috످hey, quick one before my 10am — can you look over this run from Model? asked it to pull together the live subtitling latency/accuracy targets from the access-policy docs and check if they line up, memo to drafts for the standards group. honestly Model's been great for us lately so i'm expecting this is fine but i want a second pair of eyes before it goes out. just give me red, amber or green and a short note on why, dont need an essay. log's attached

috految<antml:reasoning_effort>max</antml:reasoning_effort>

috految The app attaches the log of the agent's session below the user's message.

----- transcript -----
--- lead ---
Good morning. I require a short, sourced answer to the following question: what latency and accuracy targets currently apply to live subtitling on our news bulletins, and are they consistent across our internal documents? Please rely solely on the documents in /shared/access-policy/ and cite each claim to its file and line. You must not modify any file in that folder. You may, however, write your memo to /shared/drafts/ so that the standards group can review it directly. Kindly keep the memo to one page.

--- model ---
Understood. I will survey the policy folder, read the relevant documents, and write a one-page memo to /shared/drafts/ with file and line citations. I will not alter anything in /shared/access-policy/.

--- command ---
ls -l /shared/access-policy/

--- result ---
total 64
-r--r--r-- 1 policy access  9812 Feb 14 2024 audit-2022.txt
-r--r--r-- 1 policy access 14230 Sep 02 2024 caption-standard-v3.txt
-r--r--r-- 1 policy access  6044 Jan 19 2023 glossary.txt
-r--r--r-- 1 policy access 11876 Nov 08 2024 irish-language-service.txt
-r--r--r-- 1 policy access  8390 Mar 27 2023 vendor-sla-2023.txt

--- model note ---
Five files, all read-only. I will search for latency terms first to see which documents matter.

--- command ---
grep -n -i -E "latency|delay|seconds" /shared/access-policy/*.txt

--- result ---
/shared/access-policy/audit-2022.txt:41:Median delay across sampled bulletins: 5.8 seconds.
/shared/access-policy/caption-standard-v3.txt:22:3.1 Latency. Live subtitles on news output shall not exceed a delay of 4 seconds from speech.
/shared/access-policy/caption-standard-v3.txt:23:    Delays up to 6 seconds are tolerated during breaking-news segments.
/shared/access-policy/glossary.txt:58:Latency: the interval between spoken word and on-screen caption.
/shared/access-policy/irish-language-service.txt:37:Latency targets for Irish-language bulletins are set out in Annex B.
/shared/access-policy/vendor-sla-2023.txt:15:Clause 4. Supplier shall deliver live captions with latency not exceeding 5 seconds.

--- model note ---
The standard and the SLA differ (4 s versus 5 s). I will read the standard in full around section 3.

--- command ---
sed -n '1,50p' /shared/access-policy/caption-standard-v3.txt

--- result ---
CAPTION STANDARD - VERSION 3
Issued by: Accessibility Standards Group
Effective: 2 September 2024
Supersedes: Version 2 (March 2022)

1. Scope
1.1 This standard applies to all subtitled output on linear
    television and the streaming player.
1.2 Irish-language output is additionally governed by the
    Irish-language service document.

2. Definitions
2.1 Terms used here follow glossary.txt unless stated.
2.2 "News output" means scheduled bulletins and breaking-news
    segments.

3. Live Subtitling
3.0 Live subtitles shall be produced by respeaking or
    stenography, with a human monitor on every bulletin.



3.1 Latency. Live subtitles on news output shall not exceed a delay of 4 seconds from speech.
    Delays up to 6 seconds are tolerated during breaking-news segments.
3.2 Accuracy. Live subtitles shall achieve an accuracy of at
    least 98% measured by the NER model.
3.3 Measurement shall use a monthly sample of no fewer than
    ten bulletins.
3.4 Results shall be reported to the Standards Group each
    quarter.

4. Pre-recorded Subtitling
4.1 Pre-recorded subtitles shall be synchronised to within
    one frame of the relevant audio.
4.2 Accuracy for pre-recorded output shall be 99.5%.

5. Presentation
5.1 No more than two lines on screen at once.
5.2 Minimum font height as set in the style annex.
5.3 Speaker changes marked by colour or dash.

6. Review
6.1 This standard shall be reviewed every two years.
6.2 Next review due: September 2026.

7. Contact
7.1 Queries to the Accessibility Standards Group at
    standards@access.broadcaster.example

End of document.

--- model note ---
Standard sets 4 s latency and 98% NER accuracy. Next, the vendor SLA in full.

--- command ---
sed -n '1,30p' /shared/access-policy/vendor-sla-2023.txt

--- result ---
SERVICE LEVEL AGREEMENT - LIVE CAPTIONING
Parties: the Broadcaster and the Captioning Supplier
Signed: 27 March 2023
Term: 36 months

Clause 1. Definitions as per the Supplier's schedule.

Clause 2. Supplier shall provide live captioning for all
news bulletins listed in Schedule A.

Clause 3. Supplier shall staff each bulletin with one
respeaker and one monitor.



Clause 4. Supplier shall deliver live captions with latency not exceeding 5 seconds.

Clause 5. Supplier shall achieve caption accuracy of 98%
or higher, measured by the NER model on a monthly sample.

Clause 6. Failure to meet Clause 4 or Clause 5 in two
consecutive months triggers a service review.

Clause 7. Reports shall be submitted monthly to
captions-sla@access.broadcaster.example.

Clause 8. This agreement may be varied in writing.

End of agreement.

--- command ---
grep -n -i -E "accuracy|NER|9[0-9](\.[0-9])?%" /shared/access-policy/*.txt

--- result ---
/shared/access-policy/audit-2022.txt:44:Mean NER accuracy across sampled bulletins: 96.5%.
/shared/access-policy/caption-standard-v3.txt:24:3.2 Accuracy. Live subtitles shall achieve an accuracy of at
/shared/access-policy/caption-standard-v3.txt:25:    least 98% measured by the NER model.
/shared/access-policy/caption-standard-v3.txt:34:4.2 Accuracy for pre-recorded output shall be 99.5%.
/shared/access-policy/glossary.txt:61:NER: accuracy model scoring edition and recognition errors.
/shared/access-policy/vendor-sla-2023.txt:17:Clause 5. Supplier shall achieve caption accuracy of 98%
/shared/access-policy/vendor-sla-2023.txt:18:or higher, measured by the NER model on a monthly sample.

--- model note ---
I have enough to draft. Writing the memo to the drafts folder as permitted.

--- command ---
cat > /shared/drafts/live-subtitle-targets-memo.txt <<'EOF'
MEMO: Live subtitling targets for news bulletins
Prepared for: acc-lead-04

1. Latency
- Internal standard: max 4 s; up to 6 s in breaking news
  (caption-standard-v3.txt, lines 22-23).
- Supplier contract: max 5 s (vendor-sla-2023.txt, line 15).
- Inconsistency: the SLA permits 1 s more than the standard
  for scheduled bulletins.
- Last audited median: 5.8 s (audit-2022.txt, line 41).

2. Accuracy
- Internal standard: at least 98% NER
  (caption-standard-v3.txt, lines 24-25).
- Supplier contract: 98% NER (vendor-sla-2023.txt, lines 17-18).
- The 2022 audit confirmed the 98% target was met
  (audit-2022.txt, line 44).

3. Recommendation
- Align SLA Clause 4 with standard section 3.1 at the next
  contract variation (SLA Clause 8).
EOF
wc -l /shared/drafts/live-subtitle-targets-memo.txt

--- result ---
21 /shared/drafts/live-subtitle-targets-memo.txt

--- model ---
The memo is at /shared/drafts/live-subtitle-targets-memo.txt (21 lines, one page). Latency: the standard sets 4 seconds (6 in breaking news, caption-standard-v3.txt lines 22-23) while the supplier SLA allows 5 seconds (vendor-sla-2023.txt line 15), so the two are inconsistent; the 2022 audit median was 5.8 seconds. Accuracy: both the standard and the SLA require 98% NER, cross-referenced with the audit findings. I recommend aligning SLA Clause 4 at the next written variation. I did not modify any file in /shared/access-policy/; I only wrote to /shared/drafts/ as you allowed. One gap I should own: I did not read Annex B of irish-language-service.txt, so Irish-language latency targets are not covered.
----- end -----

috److془Let me carefully review the log.

Memo says "The 2022 audit confirmed the 98% target was met (audit-2022.txt, line 44)." Line 44 says 96.5%. Red.

Model's summary says "cross-referenced with the audit findings" and never mentions 96.5%. 

Irish-language: Model disclosed in chat but not in memo.

Audit predates current standard (Sept 2024) and SLA (March 2023).

Memo is already in /shared/drafts where the standards group can review directly.

Latency: 4 vs 5 correct. Both 98% correct. Breaking news 6 s vs SLA 5 s - minor.

Give short note. Lead with Red.

Draft:

**Red: don't send it yet.** The memo says the 2022 audit "confirmed the 98% target was met", but the line it cites shows **accuracy was only 96.5%**. Model saw that figure, but left it out and told you accuracy was "cross-referenced with the audit findings".

The standards group may already be able to see the draft, so I'd make these two fixes before your 10am:

1. Replace the audit claim in section 2 with: "The 2022 audit found 96.5% accuracy (audit-2022.txt, line 44), below the current 98% target."
2. Add "Irish-language targets not checked." Model told you this, but it's not in the memo.

The rest checks out against the log, including the latency mismatch (4s in your standard vs 5s in the supplier contract).

Good.془**Red: don't send it yet.** The memo says the 2022 audit "confirmed the 98% target was met", but **the line it cites shows only 96.5% accuracy.** Model saw that figure, yet its summary says accuracy was "cross-referenced with the audit findings" without mentioning the shortfall.

The standards group can already access the draft, so I'd fix it before your 10am:

1. Replace that claim with: "The 2022 audit found 96.5% accuracy (audit-2022.txt, line 44), below the current 98% target."
2. Add that Irish-language targets weren't checked. Model told you this, but it's not in the memo.

The rest matches the log, including the latency mismatch (4s in your standard vs 5s in the supplier contract).

috످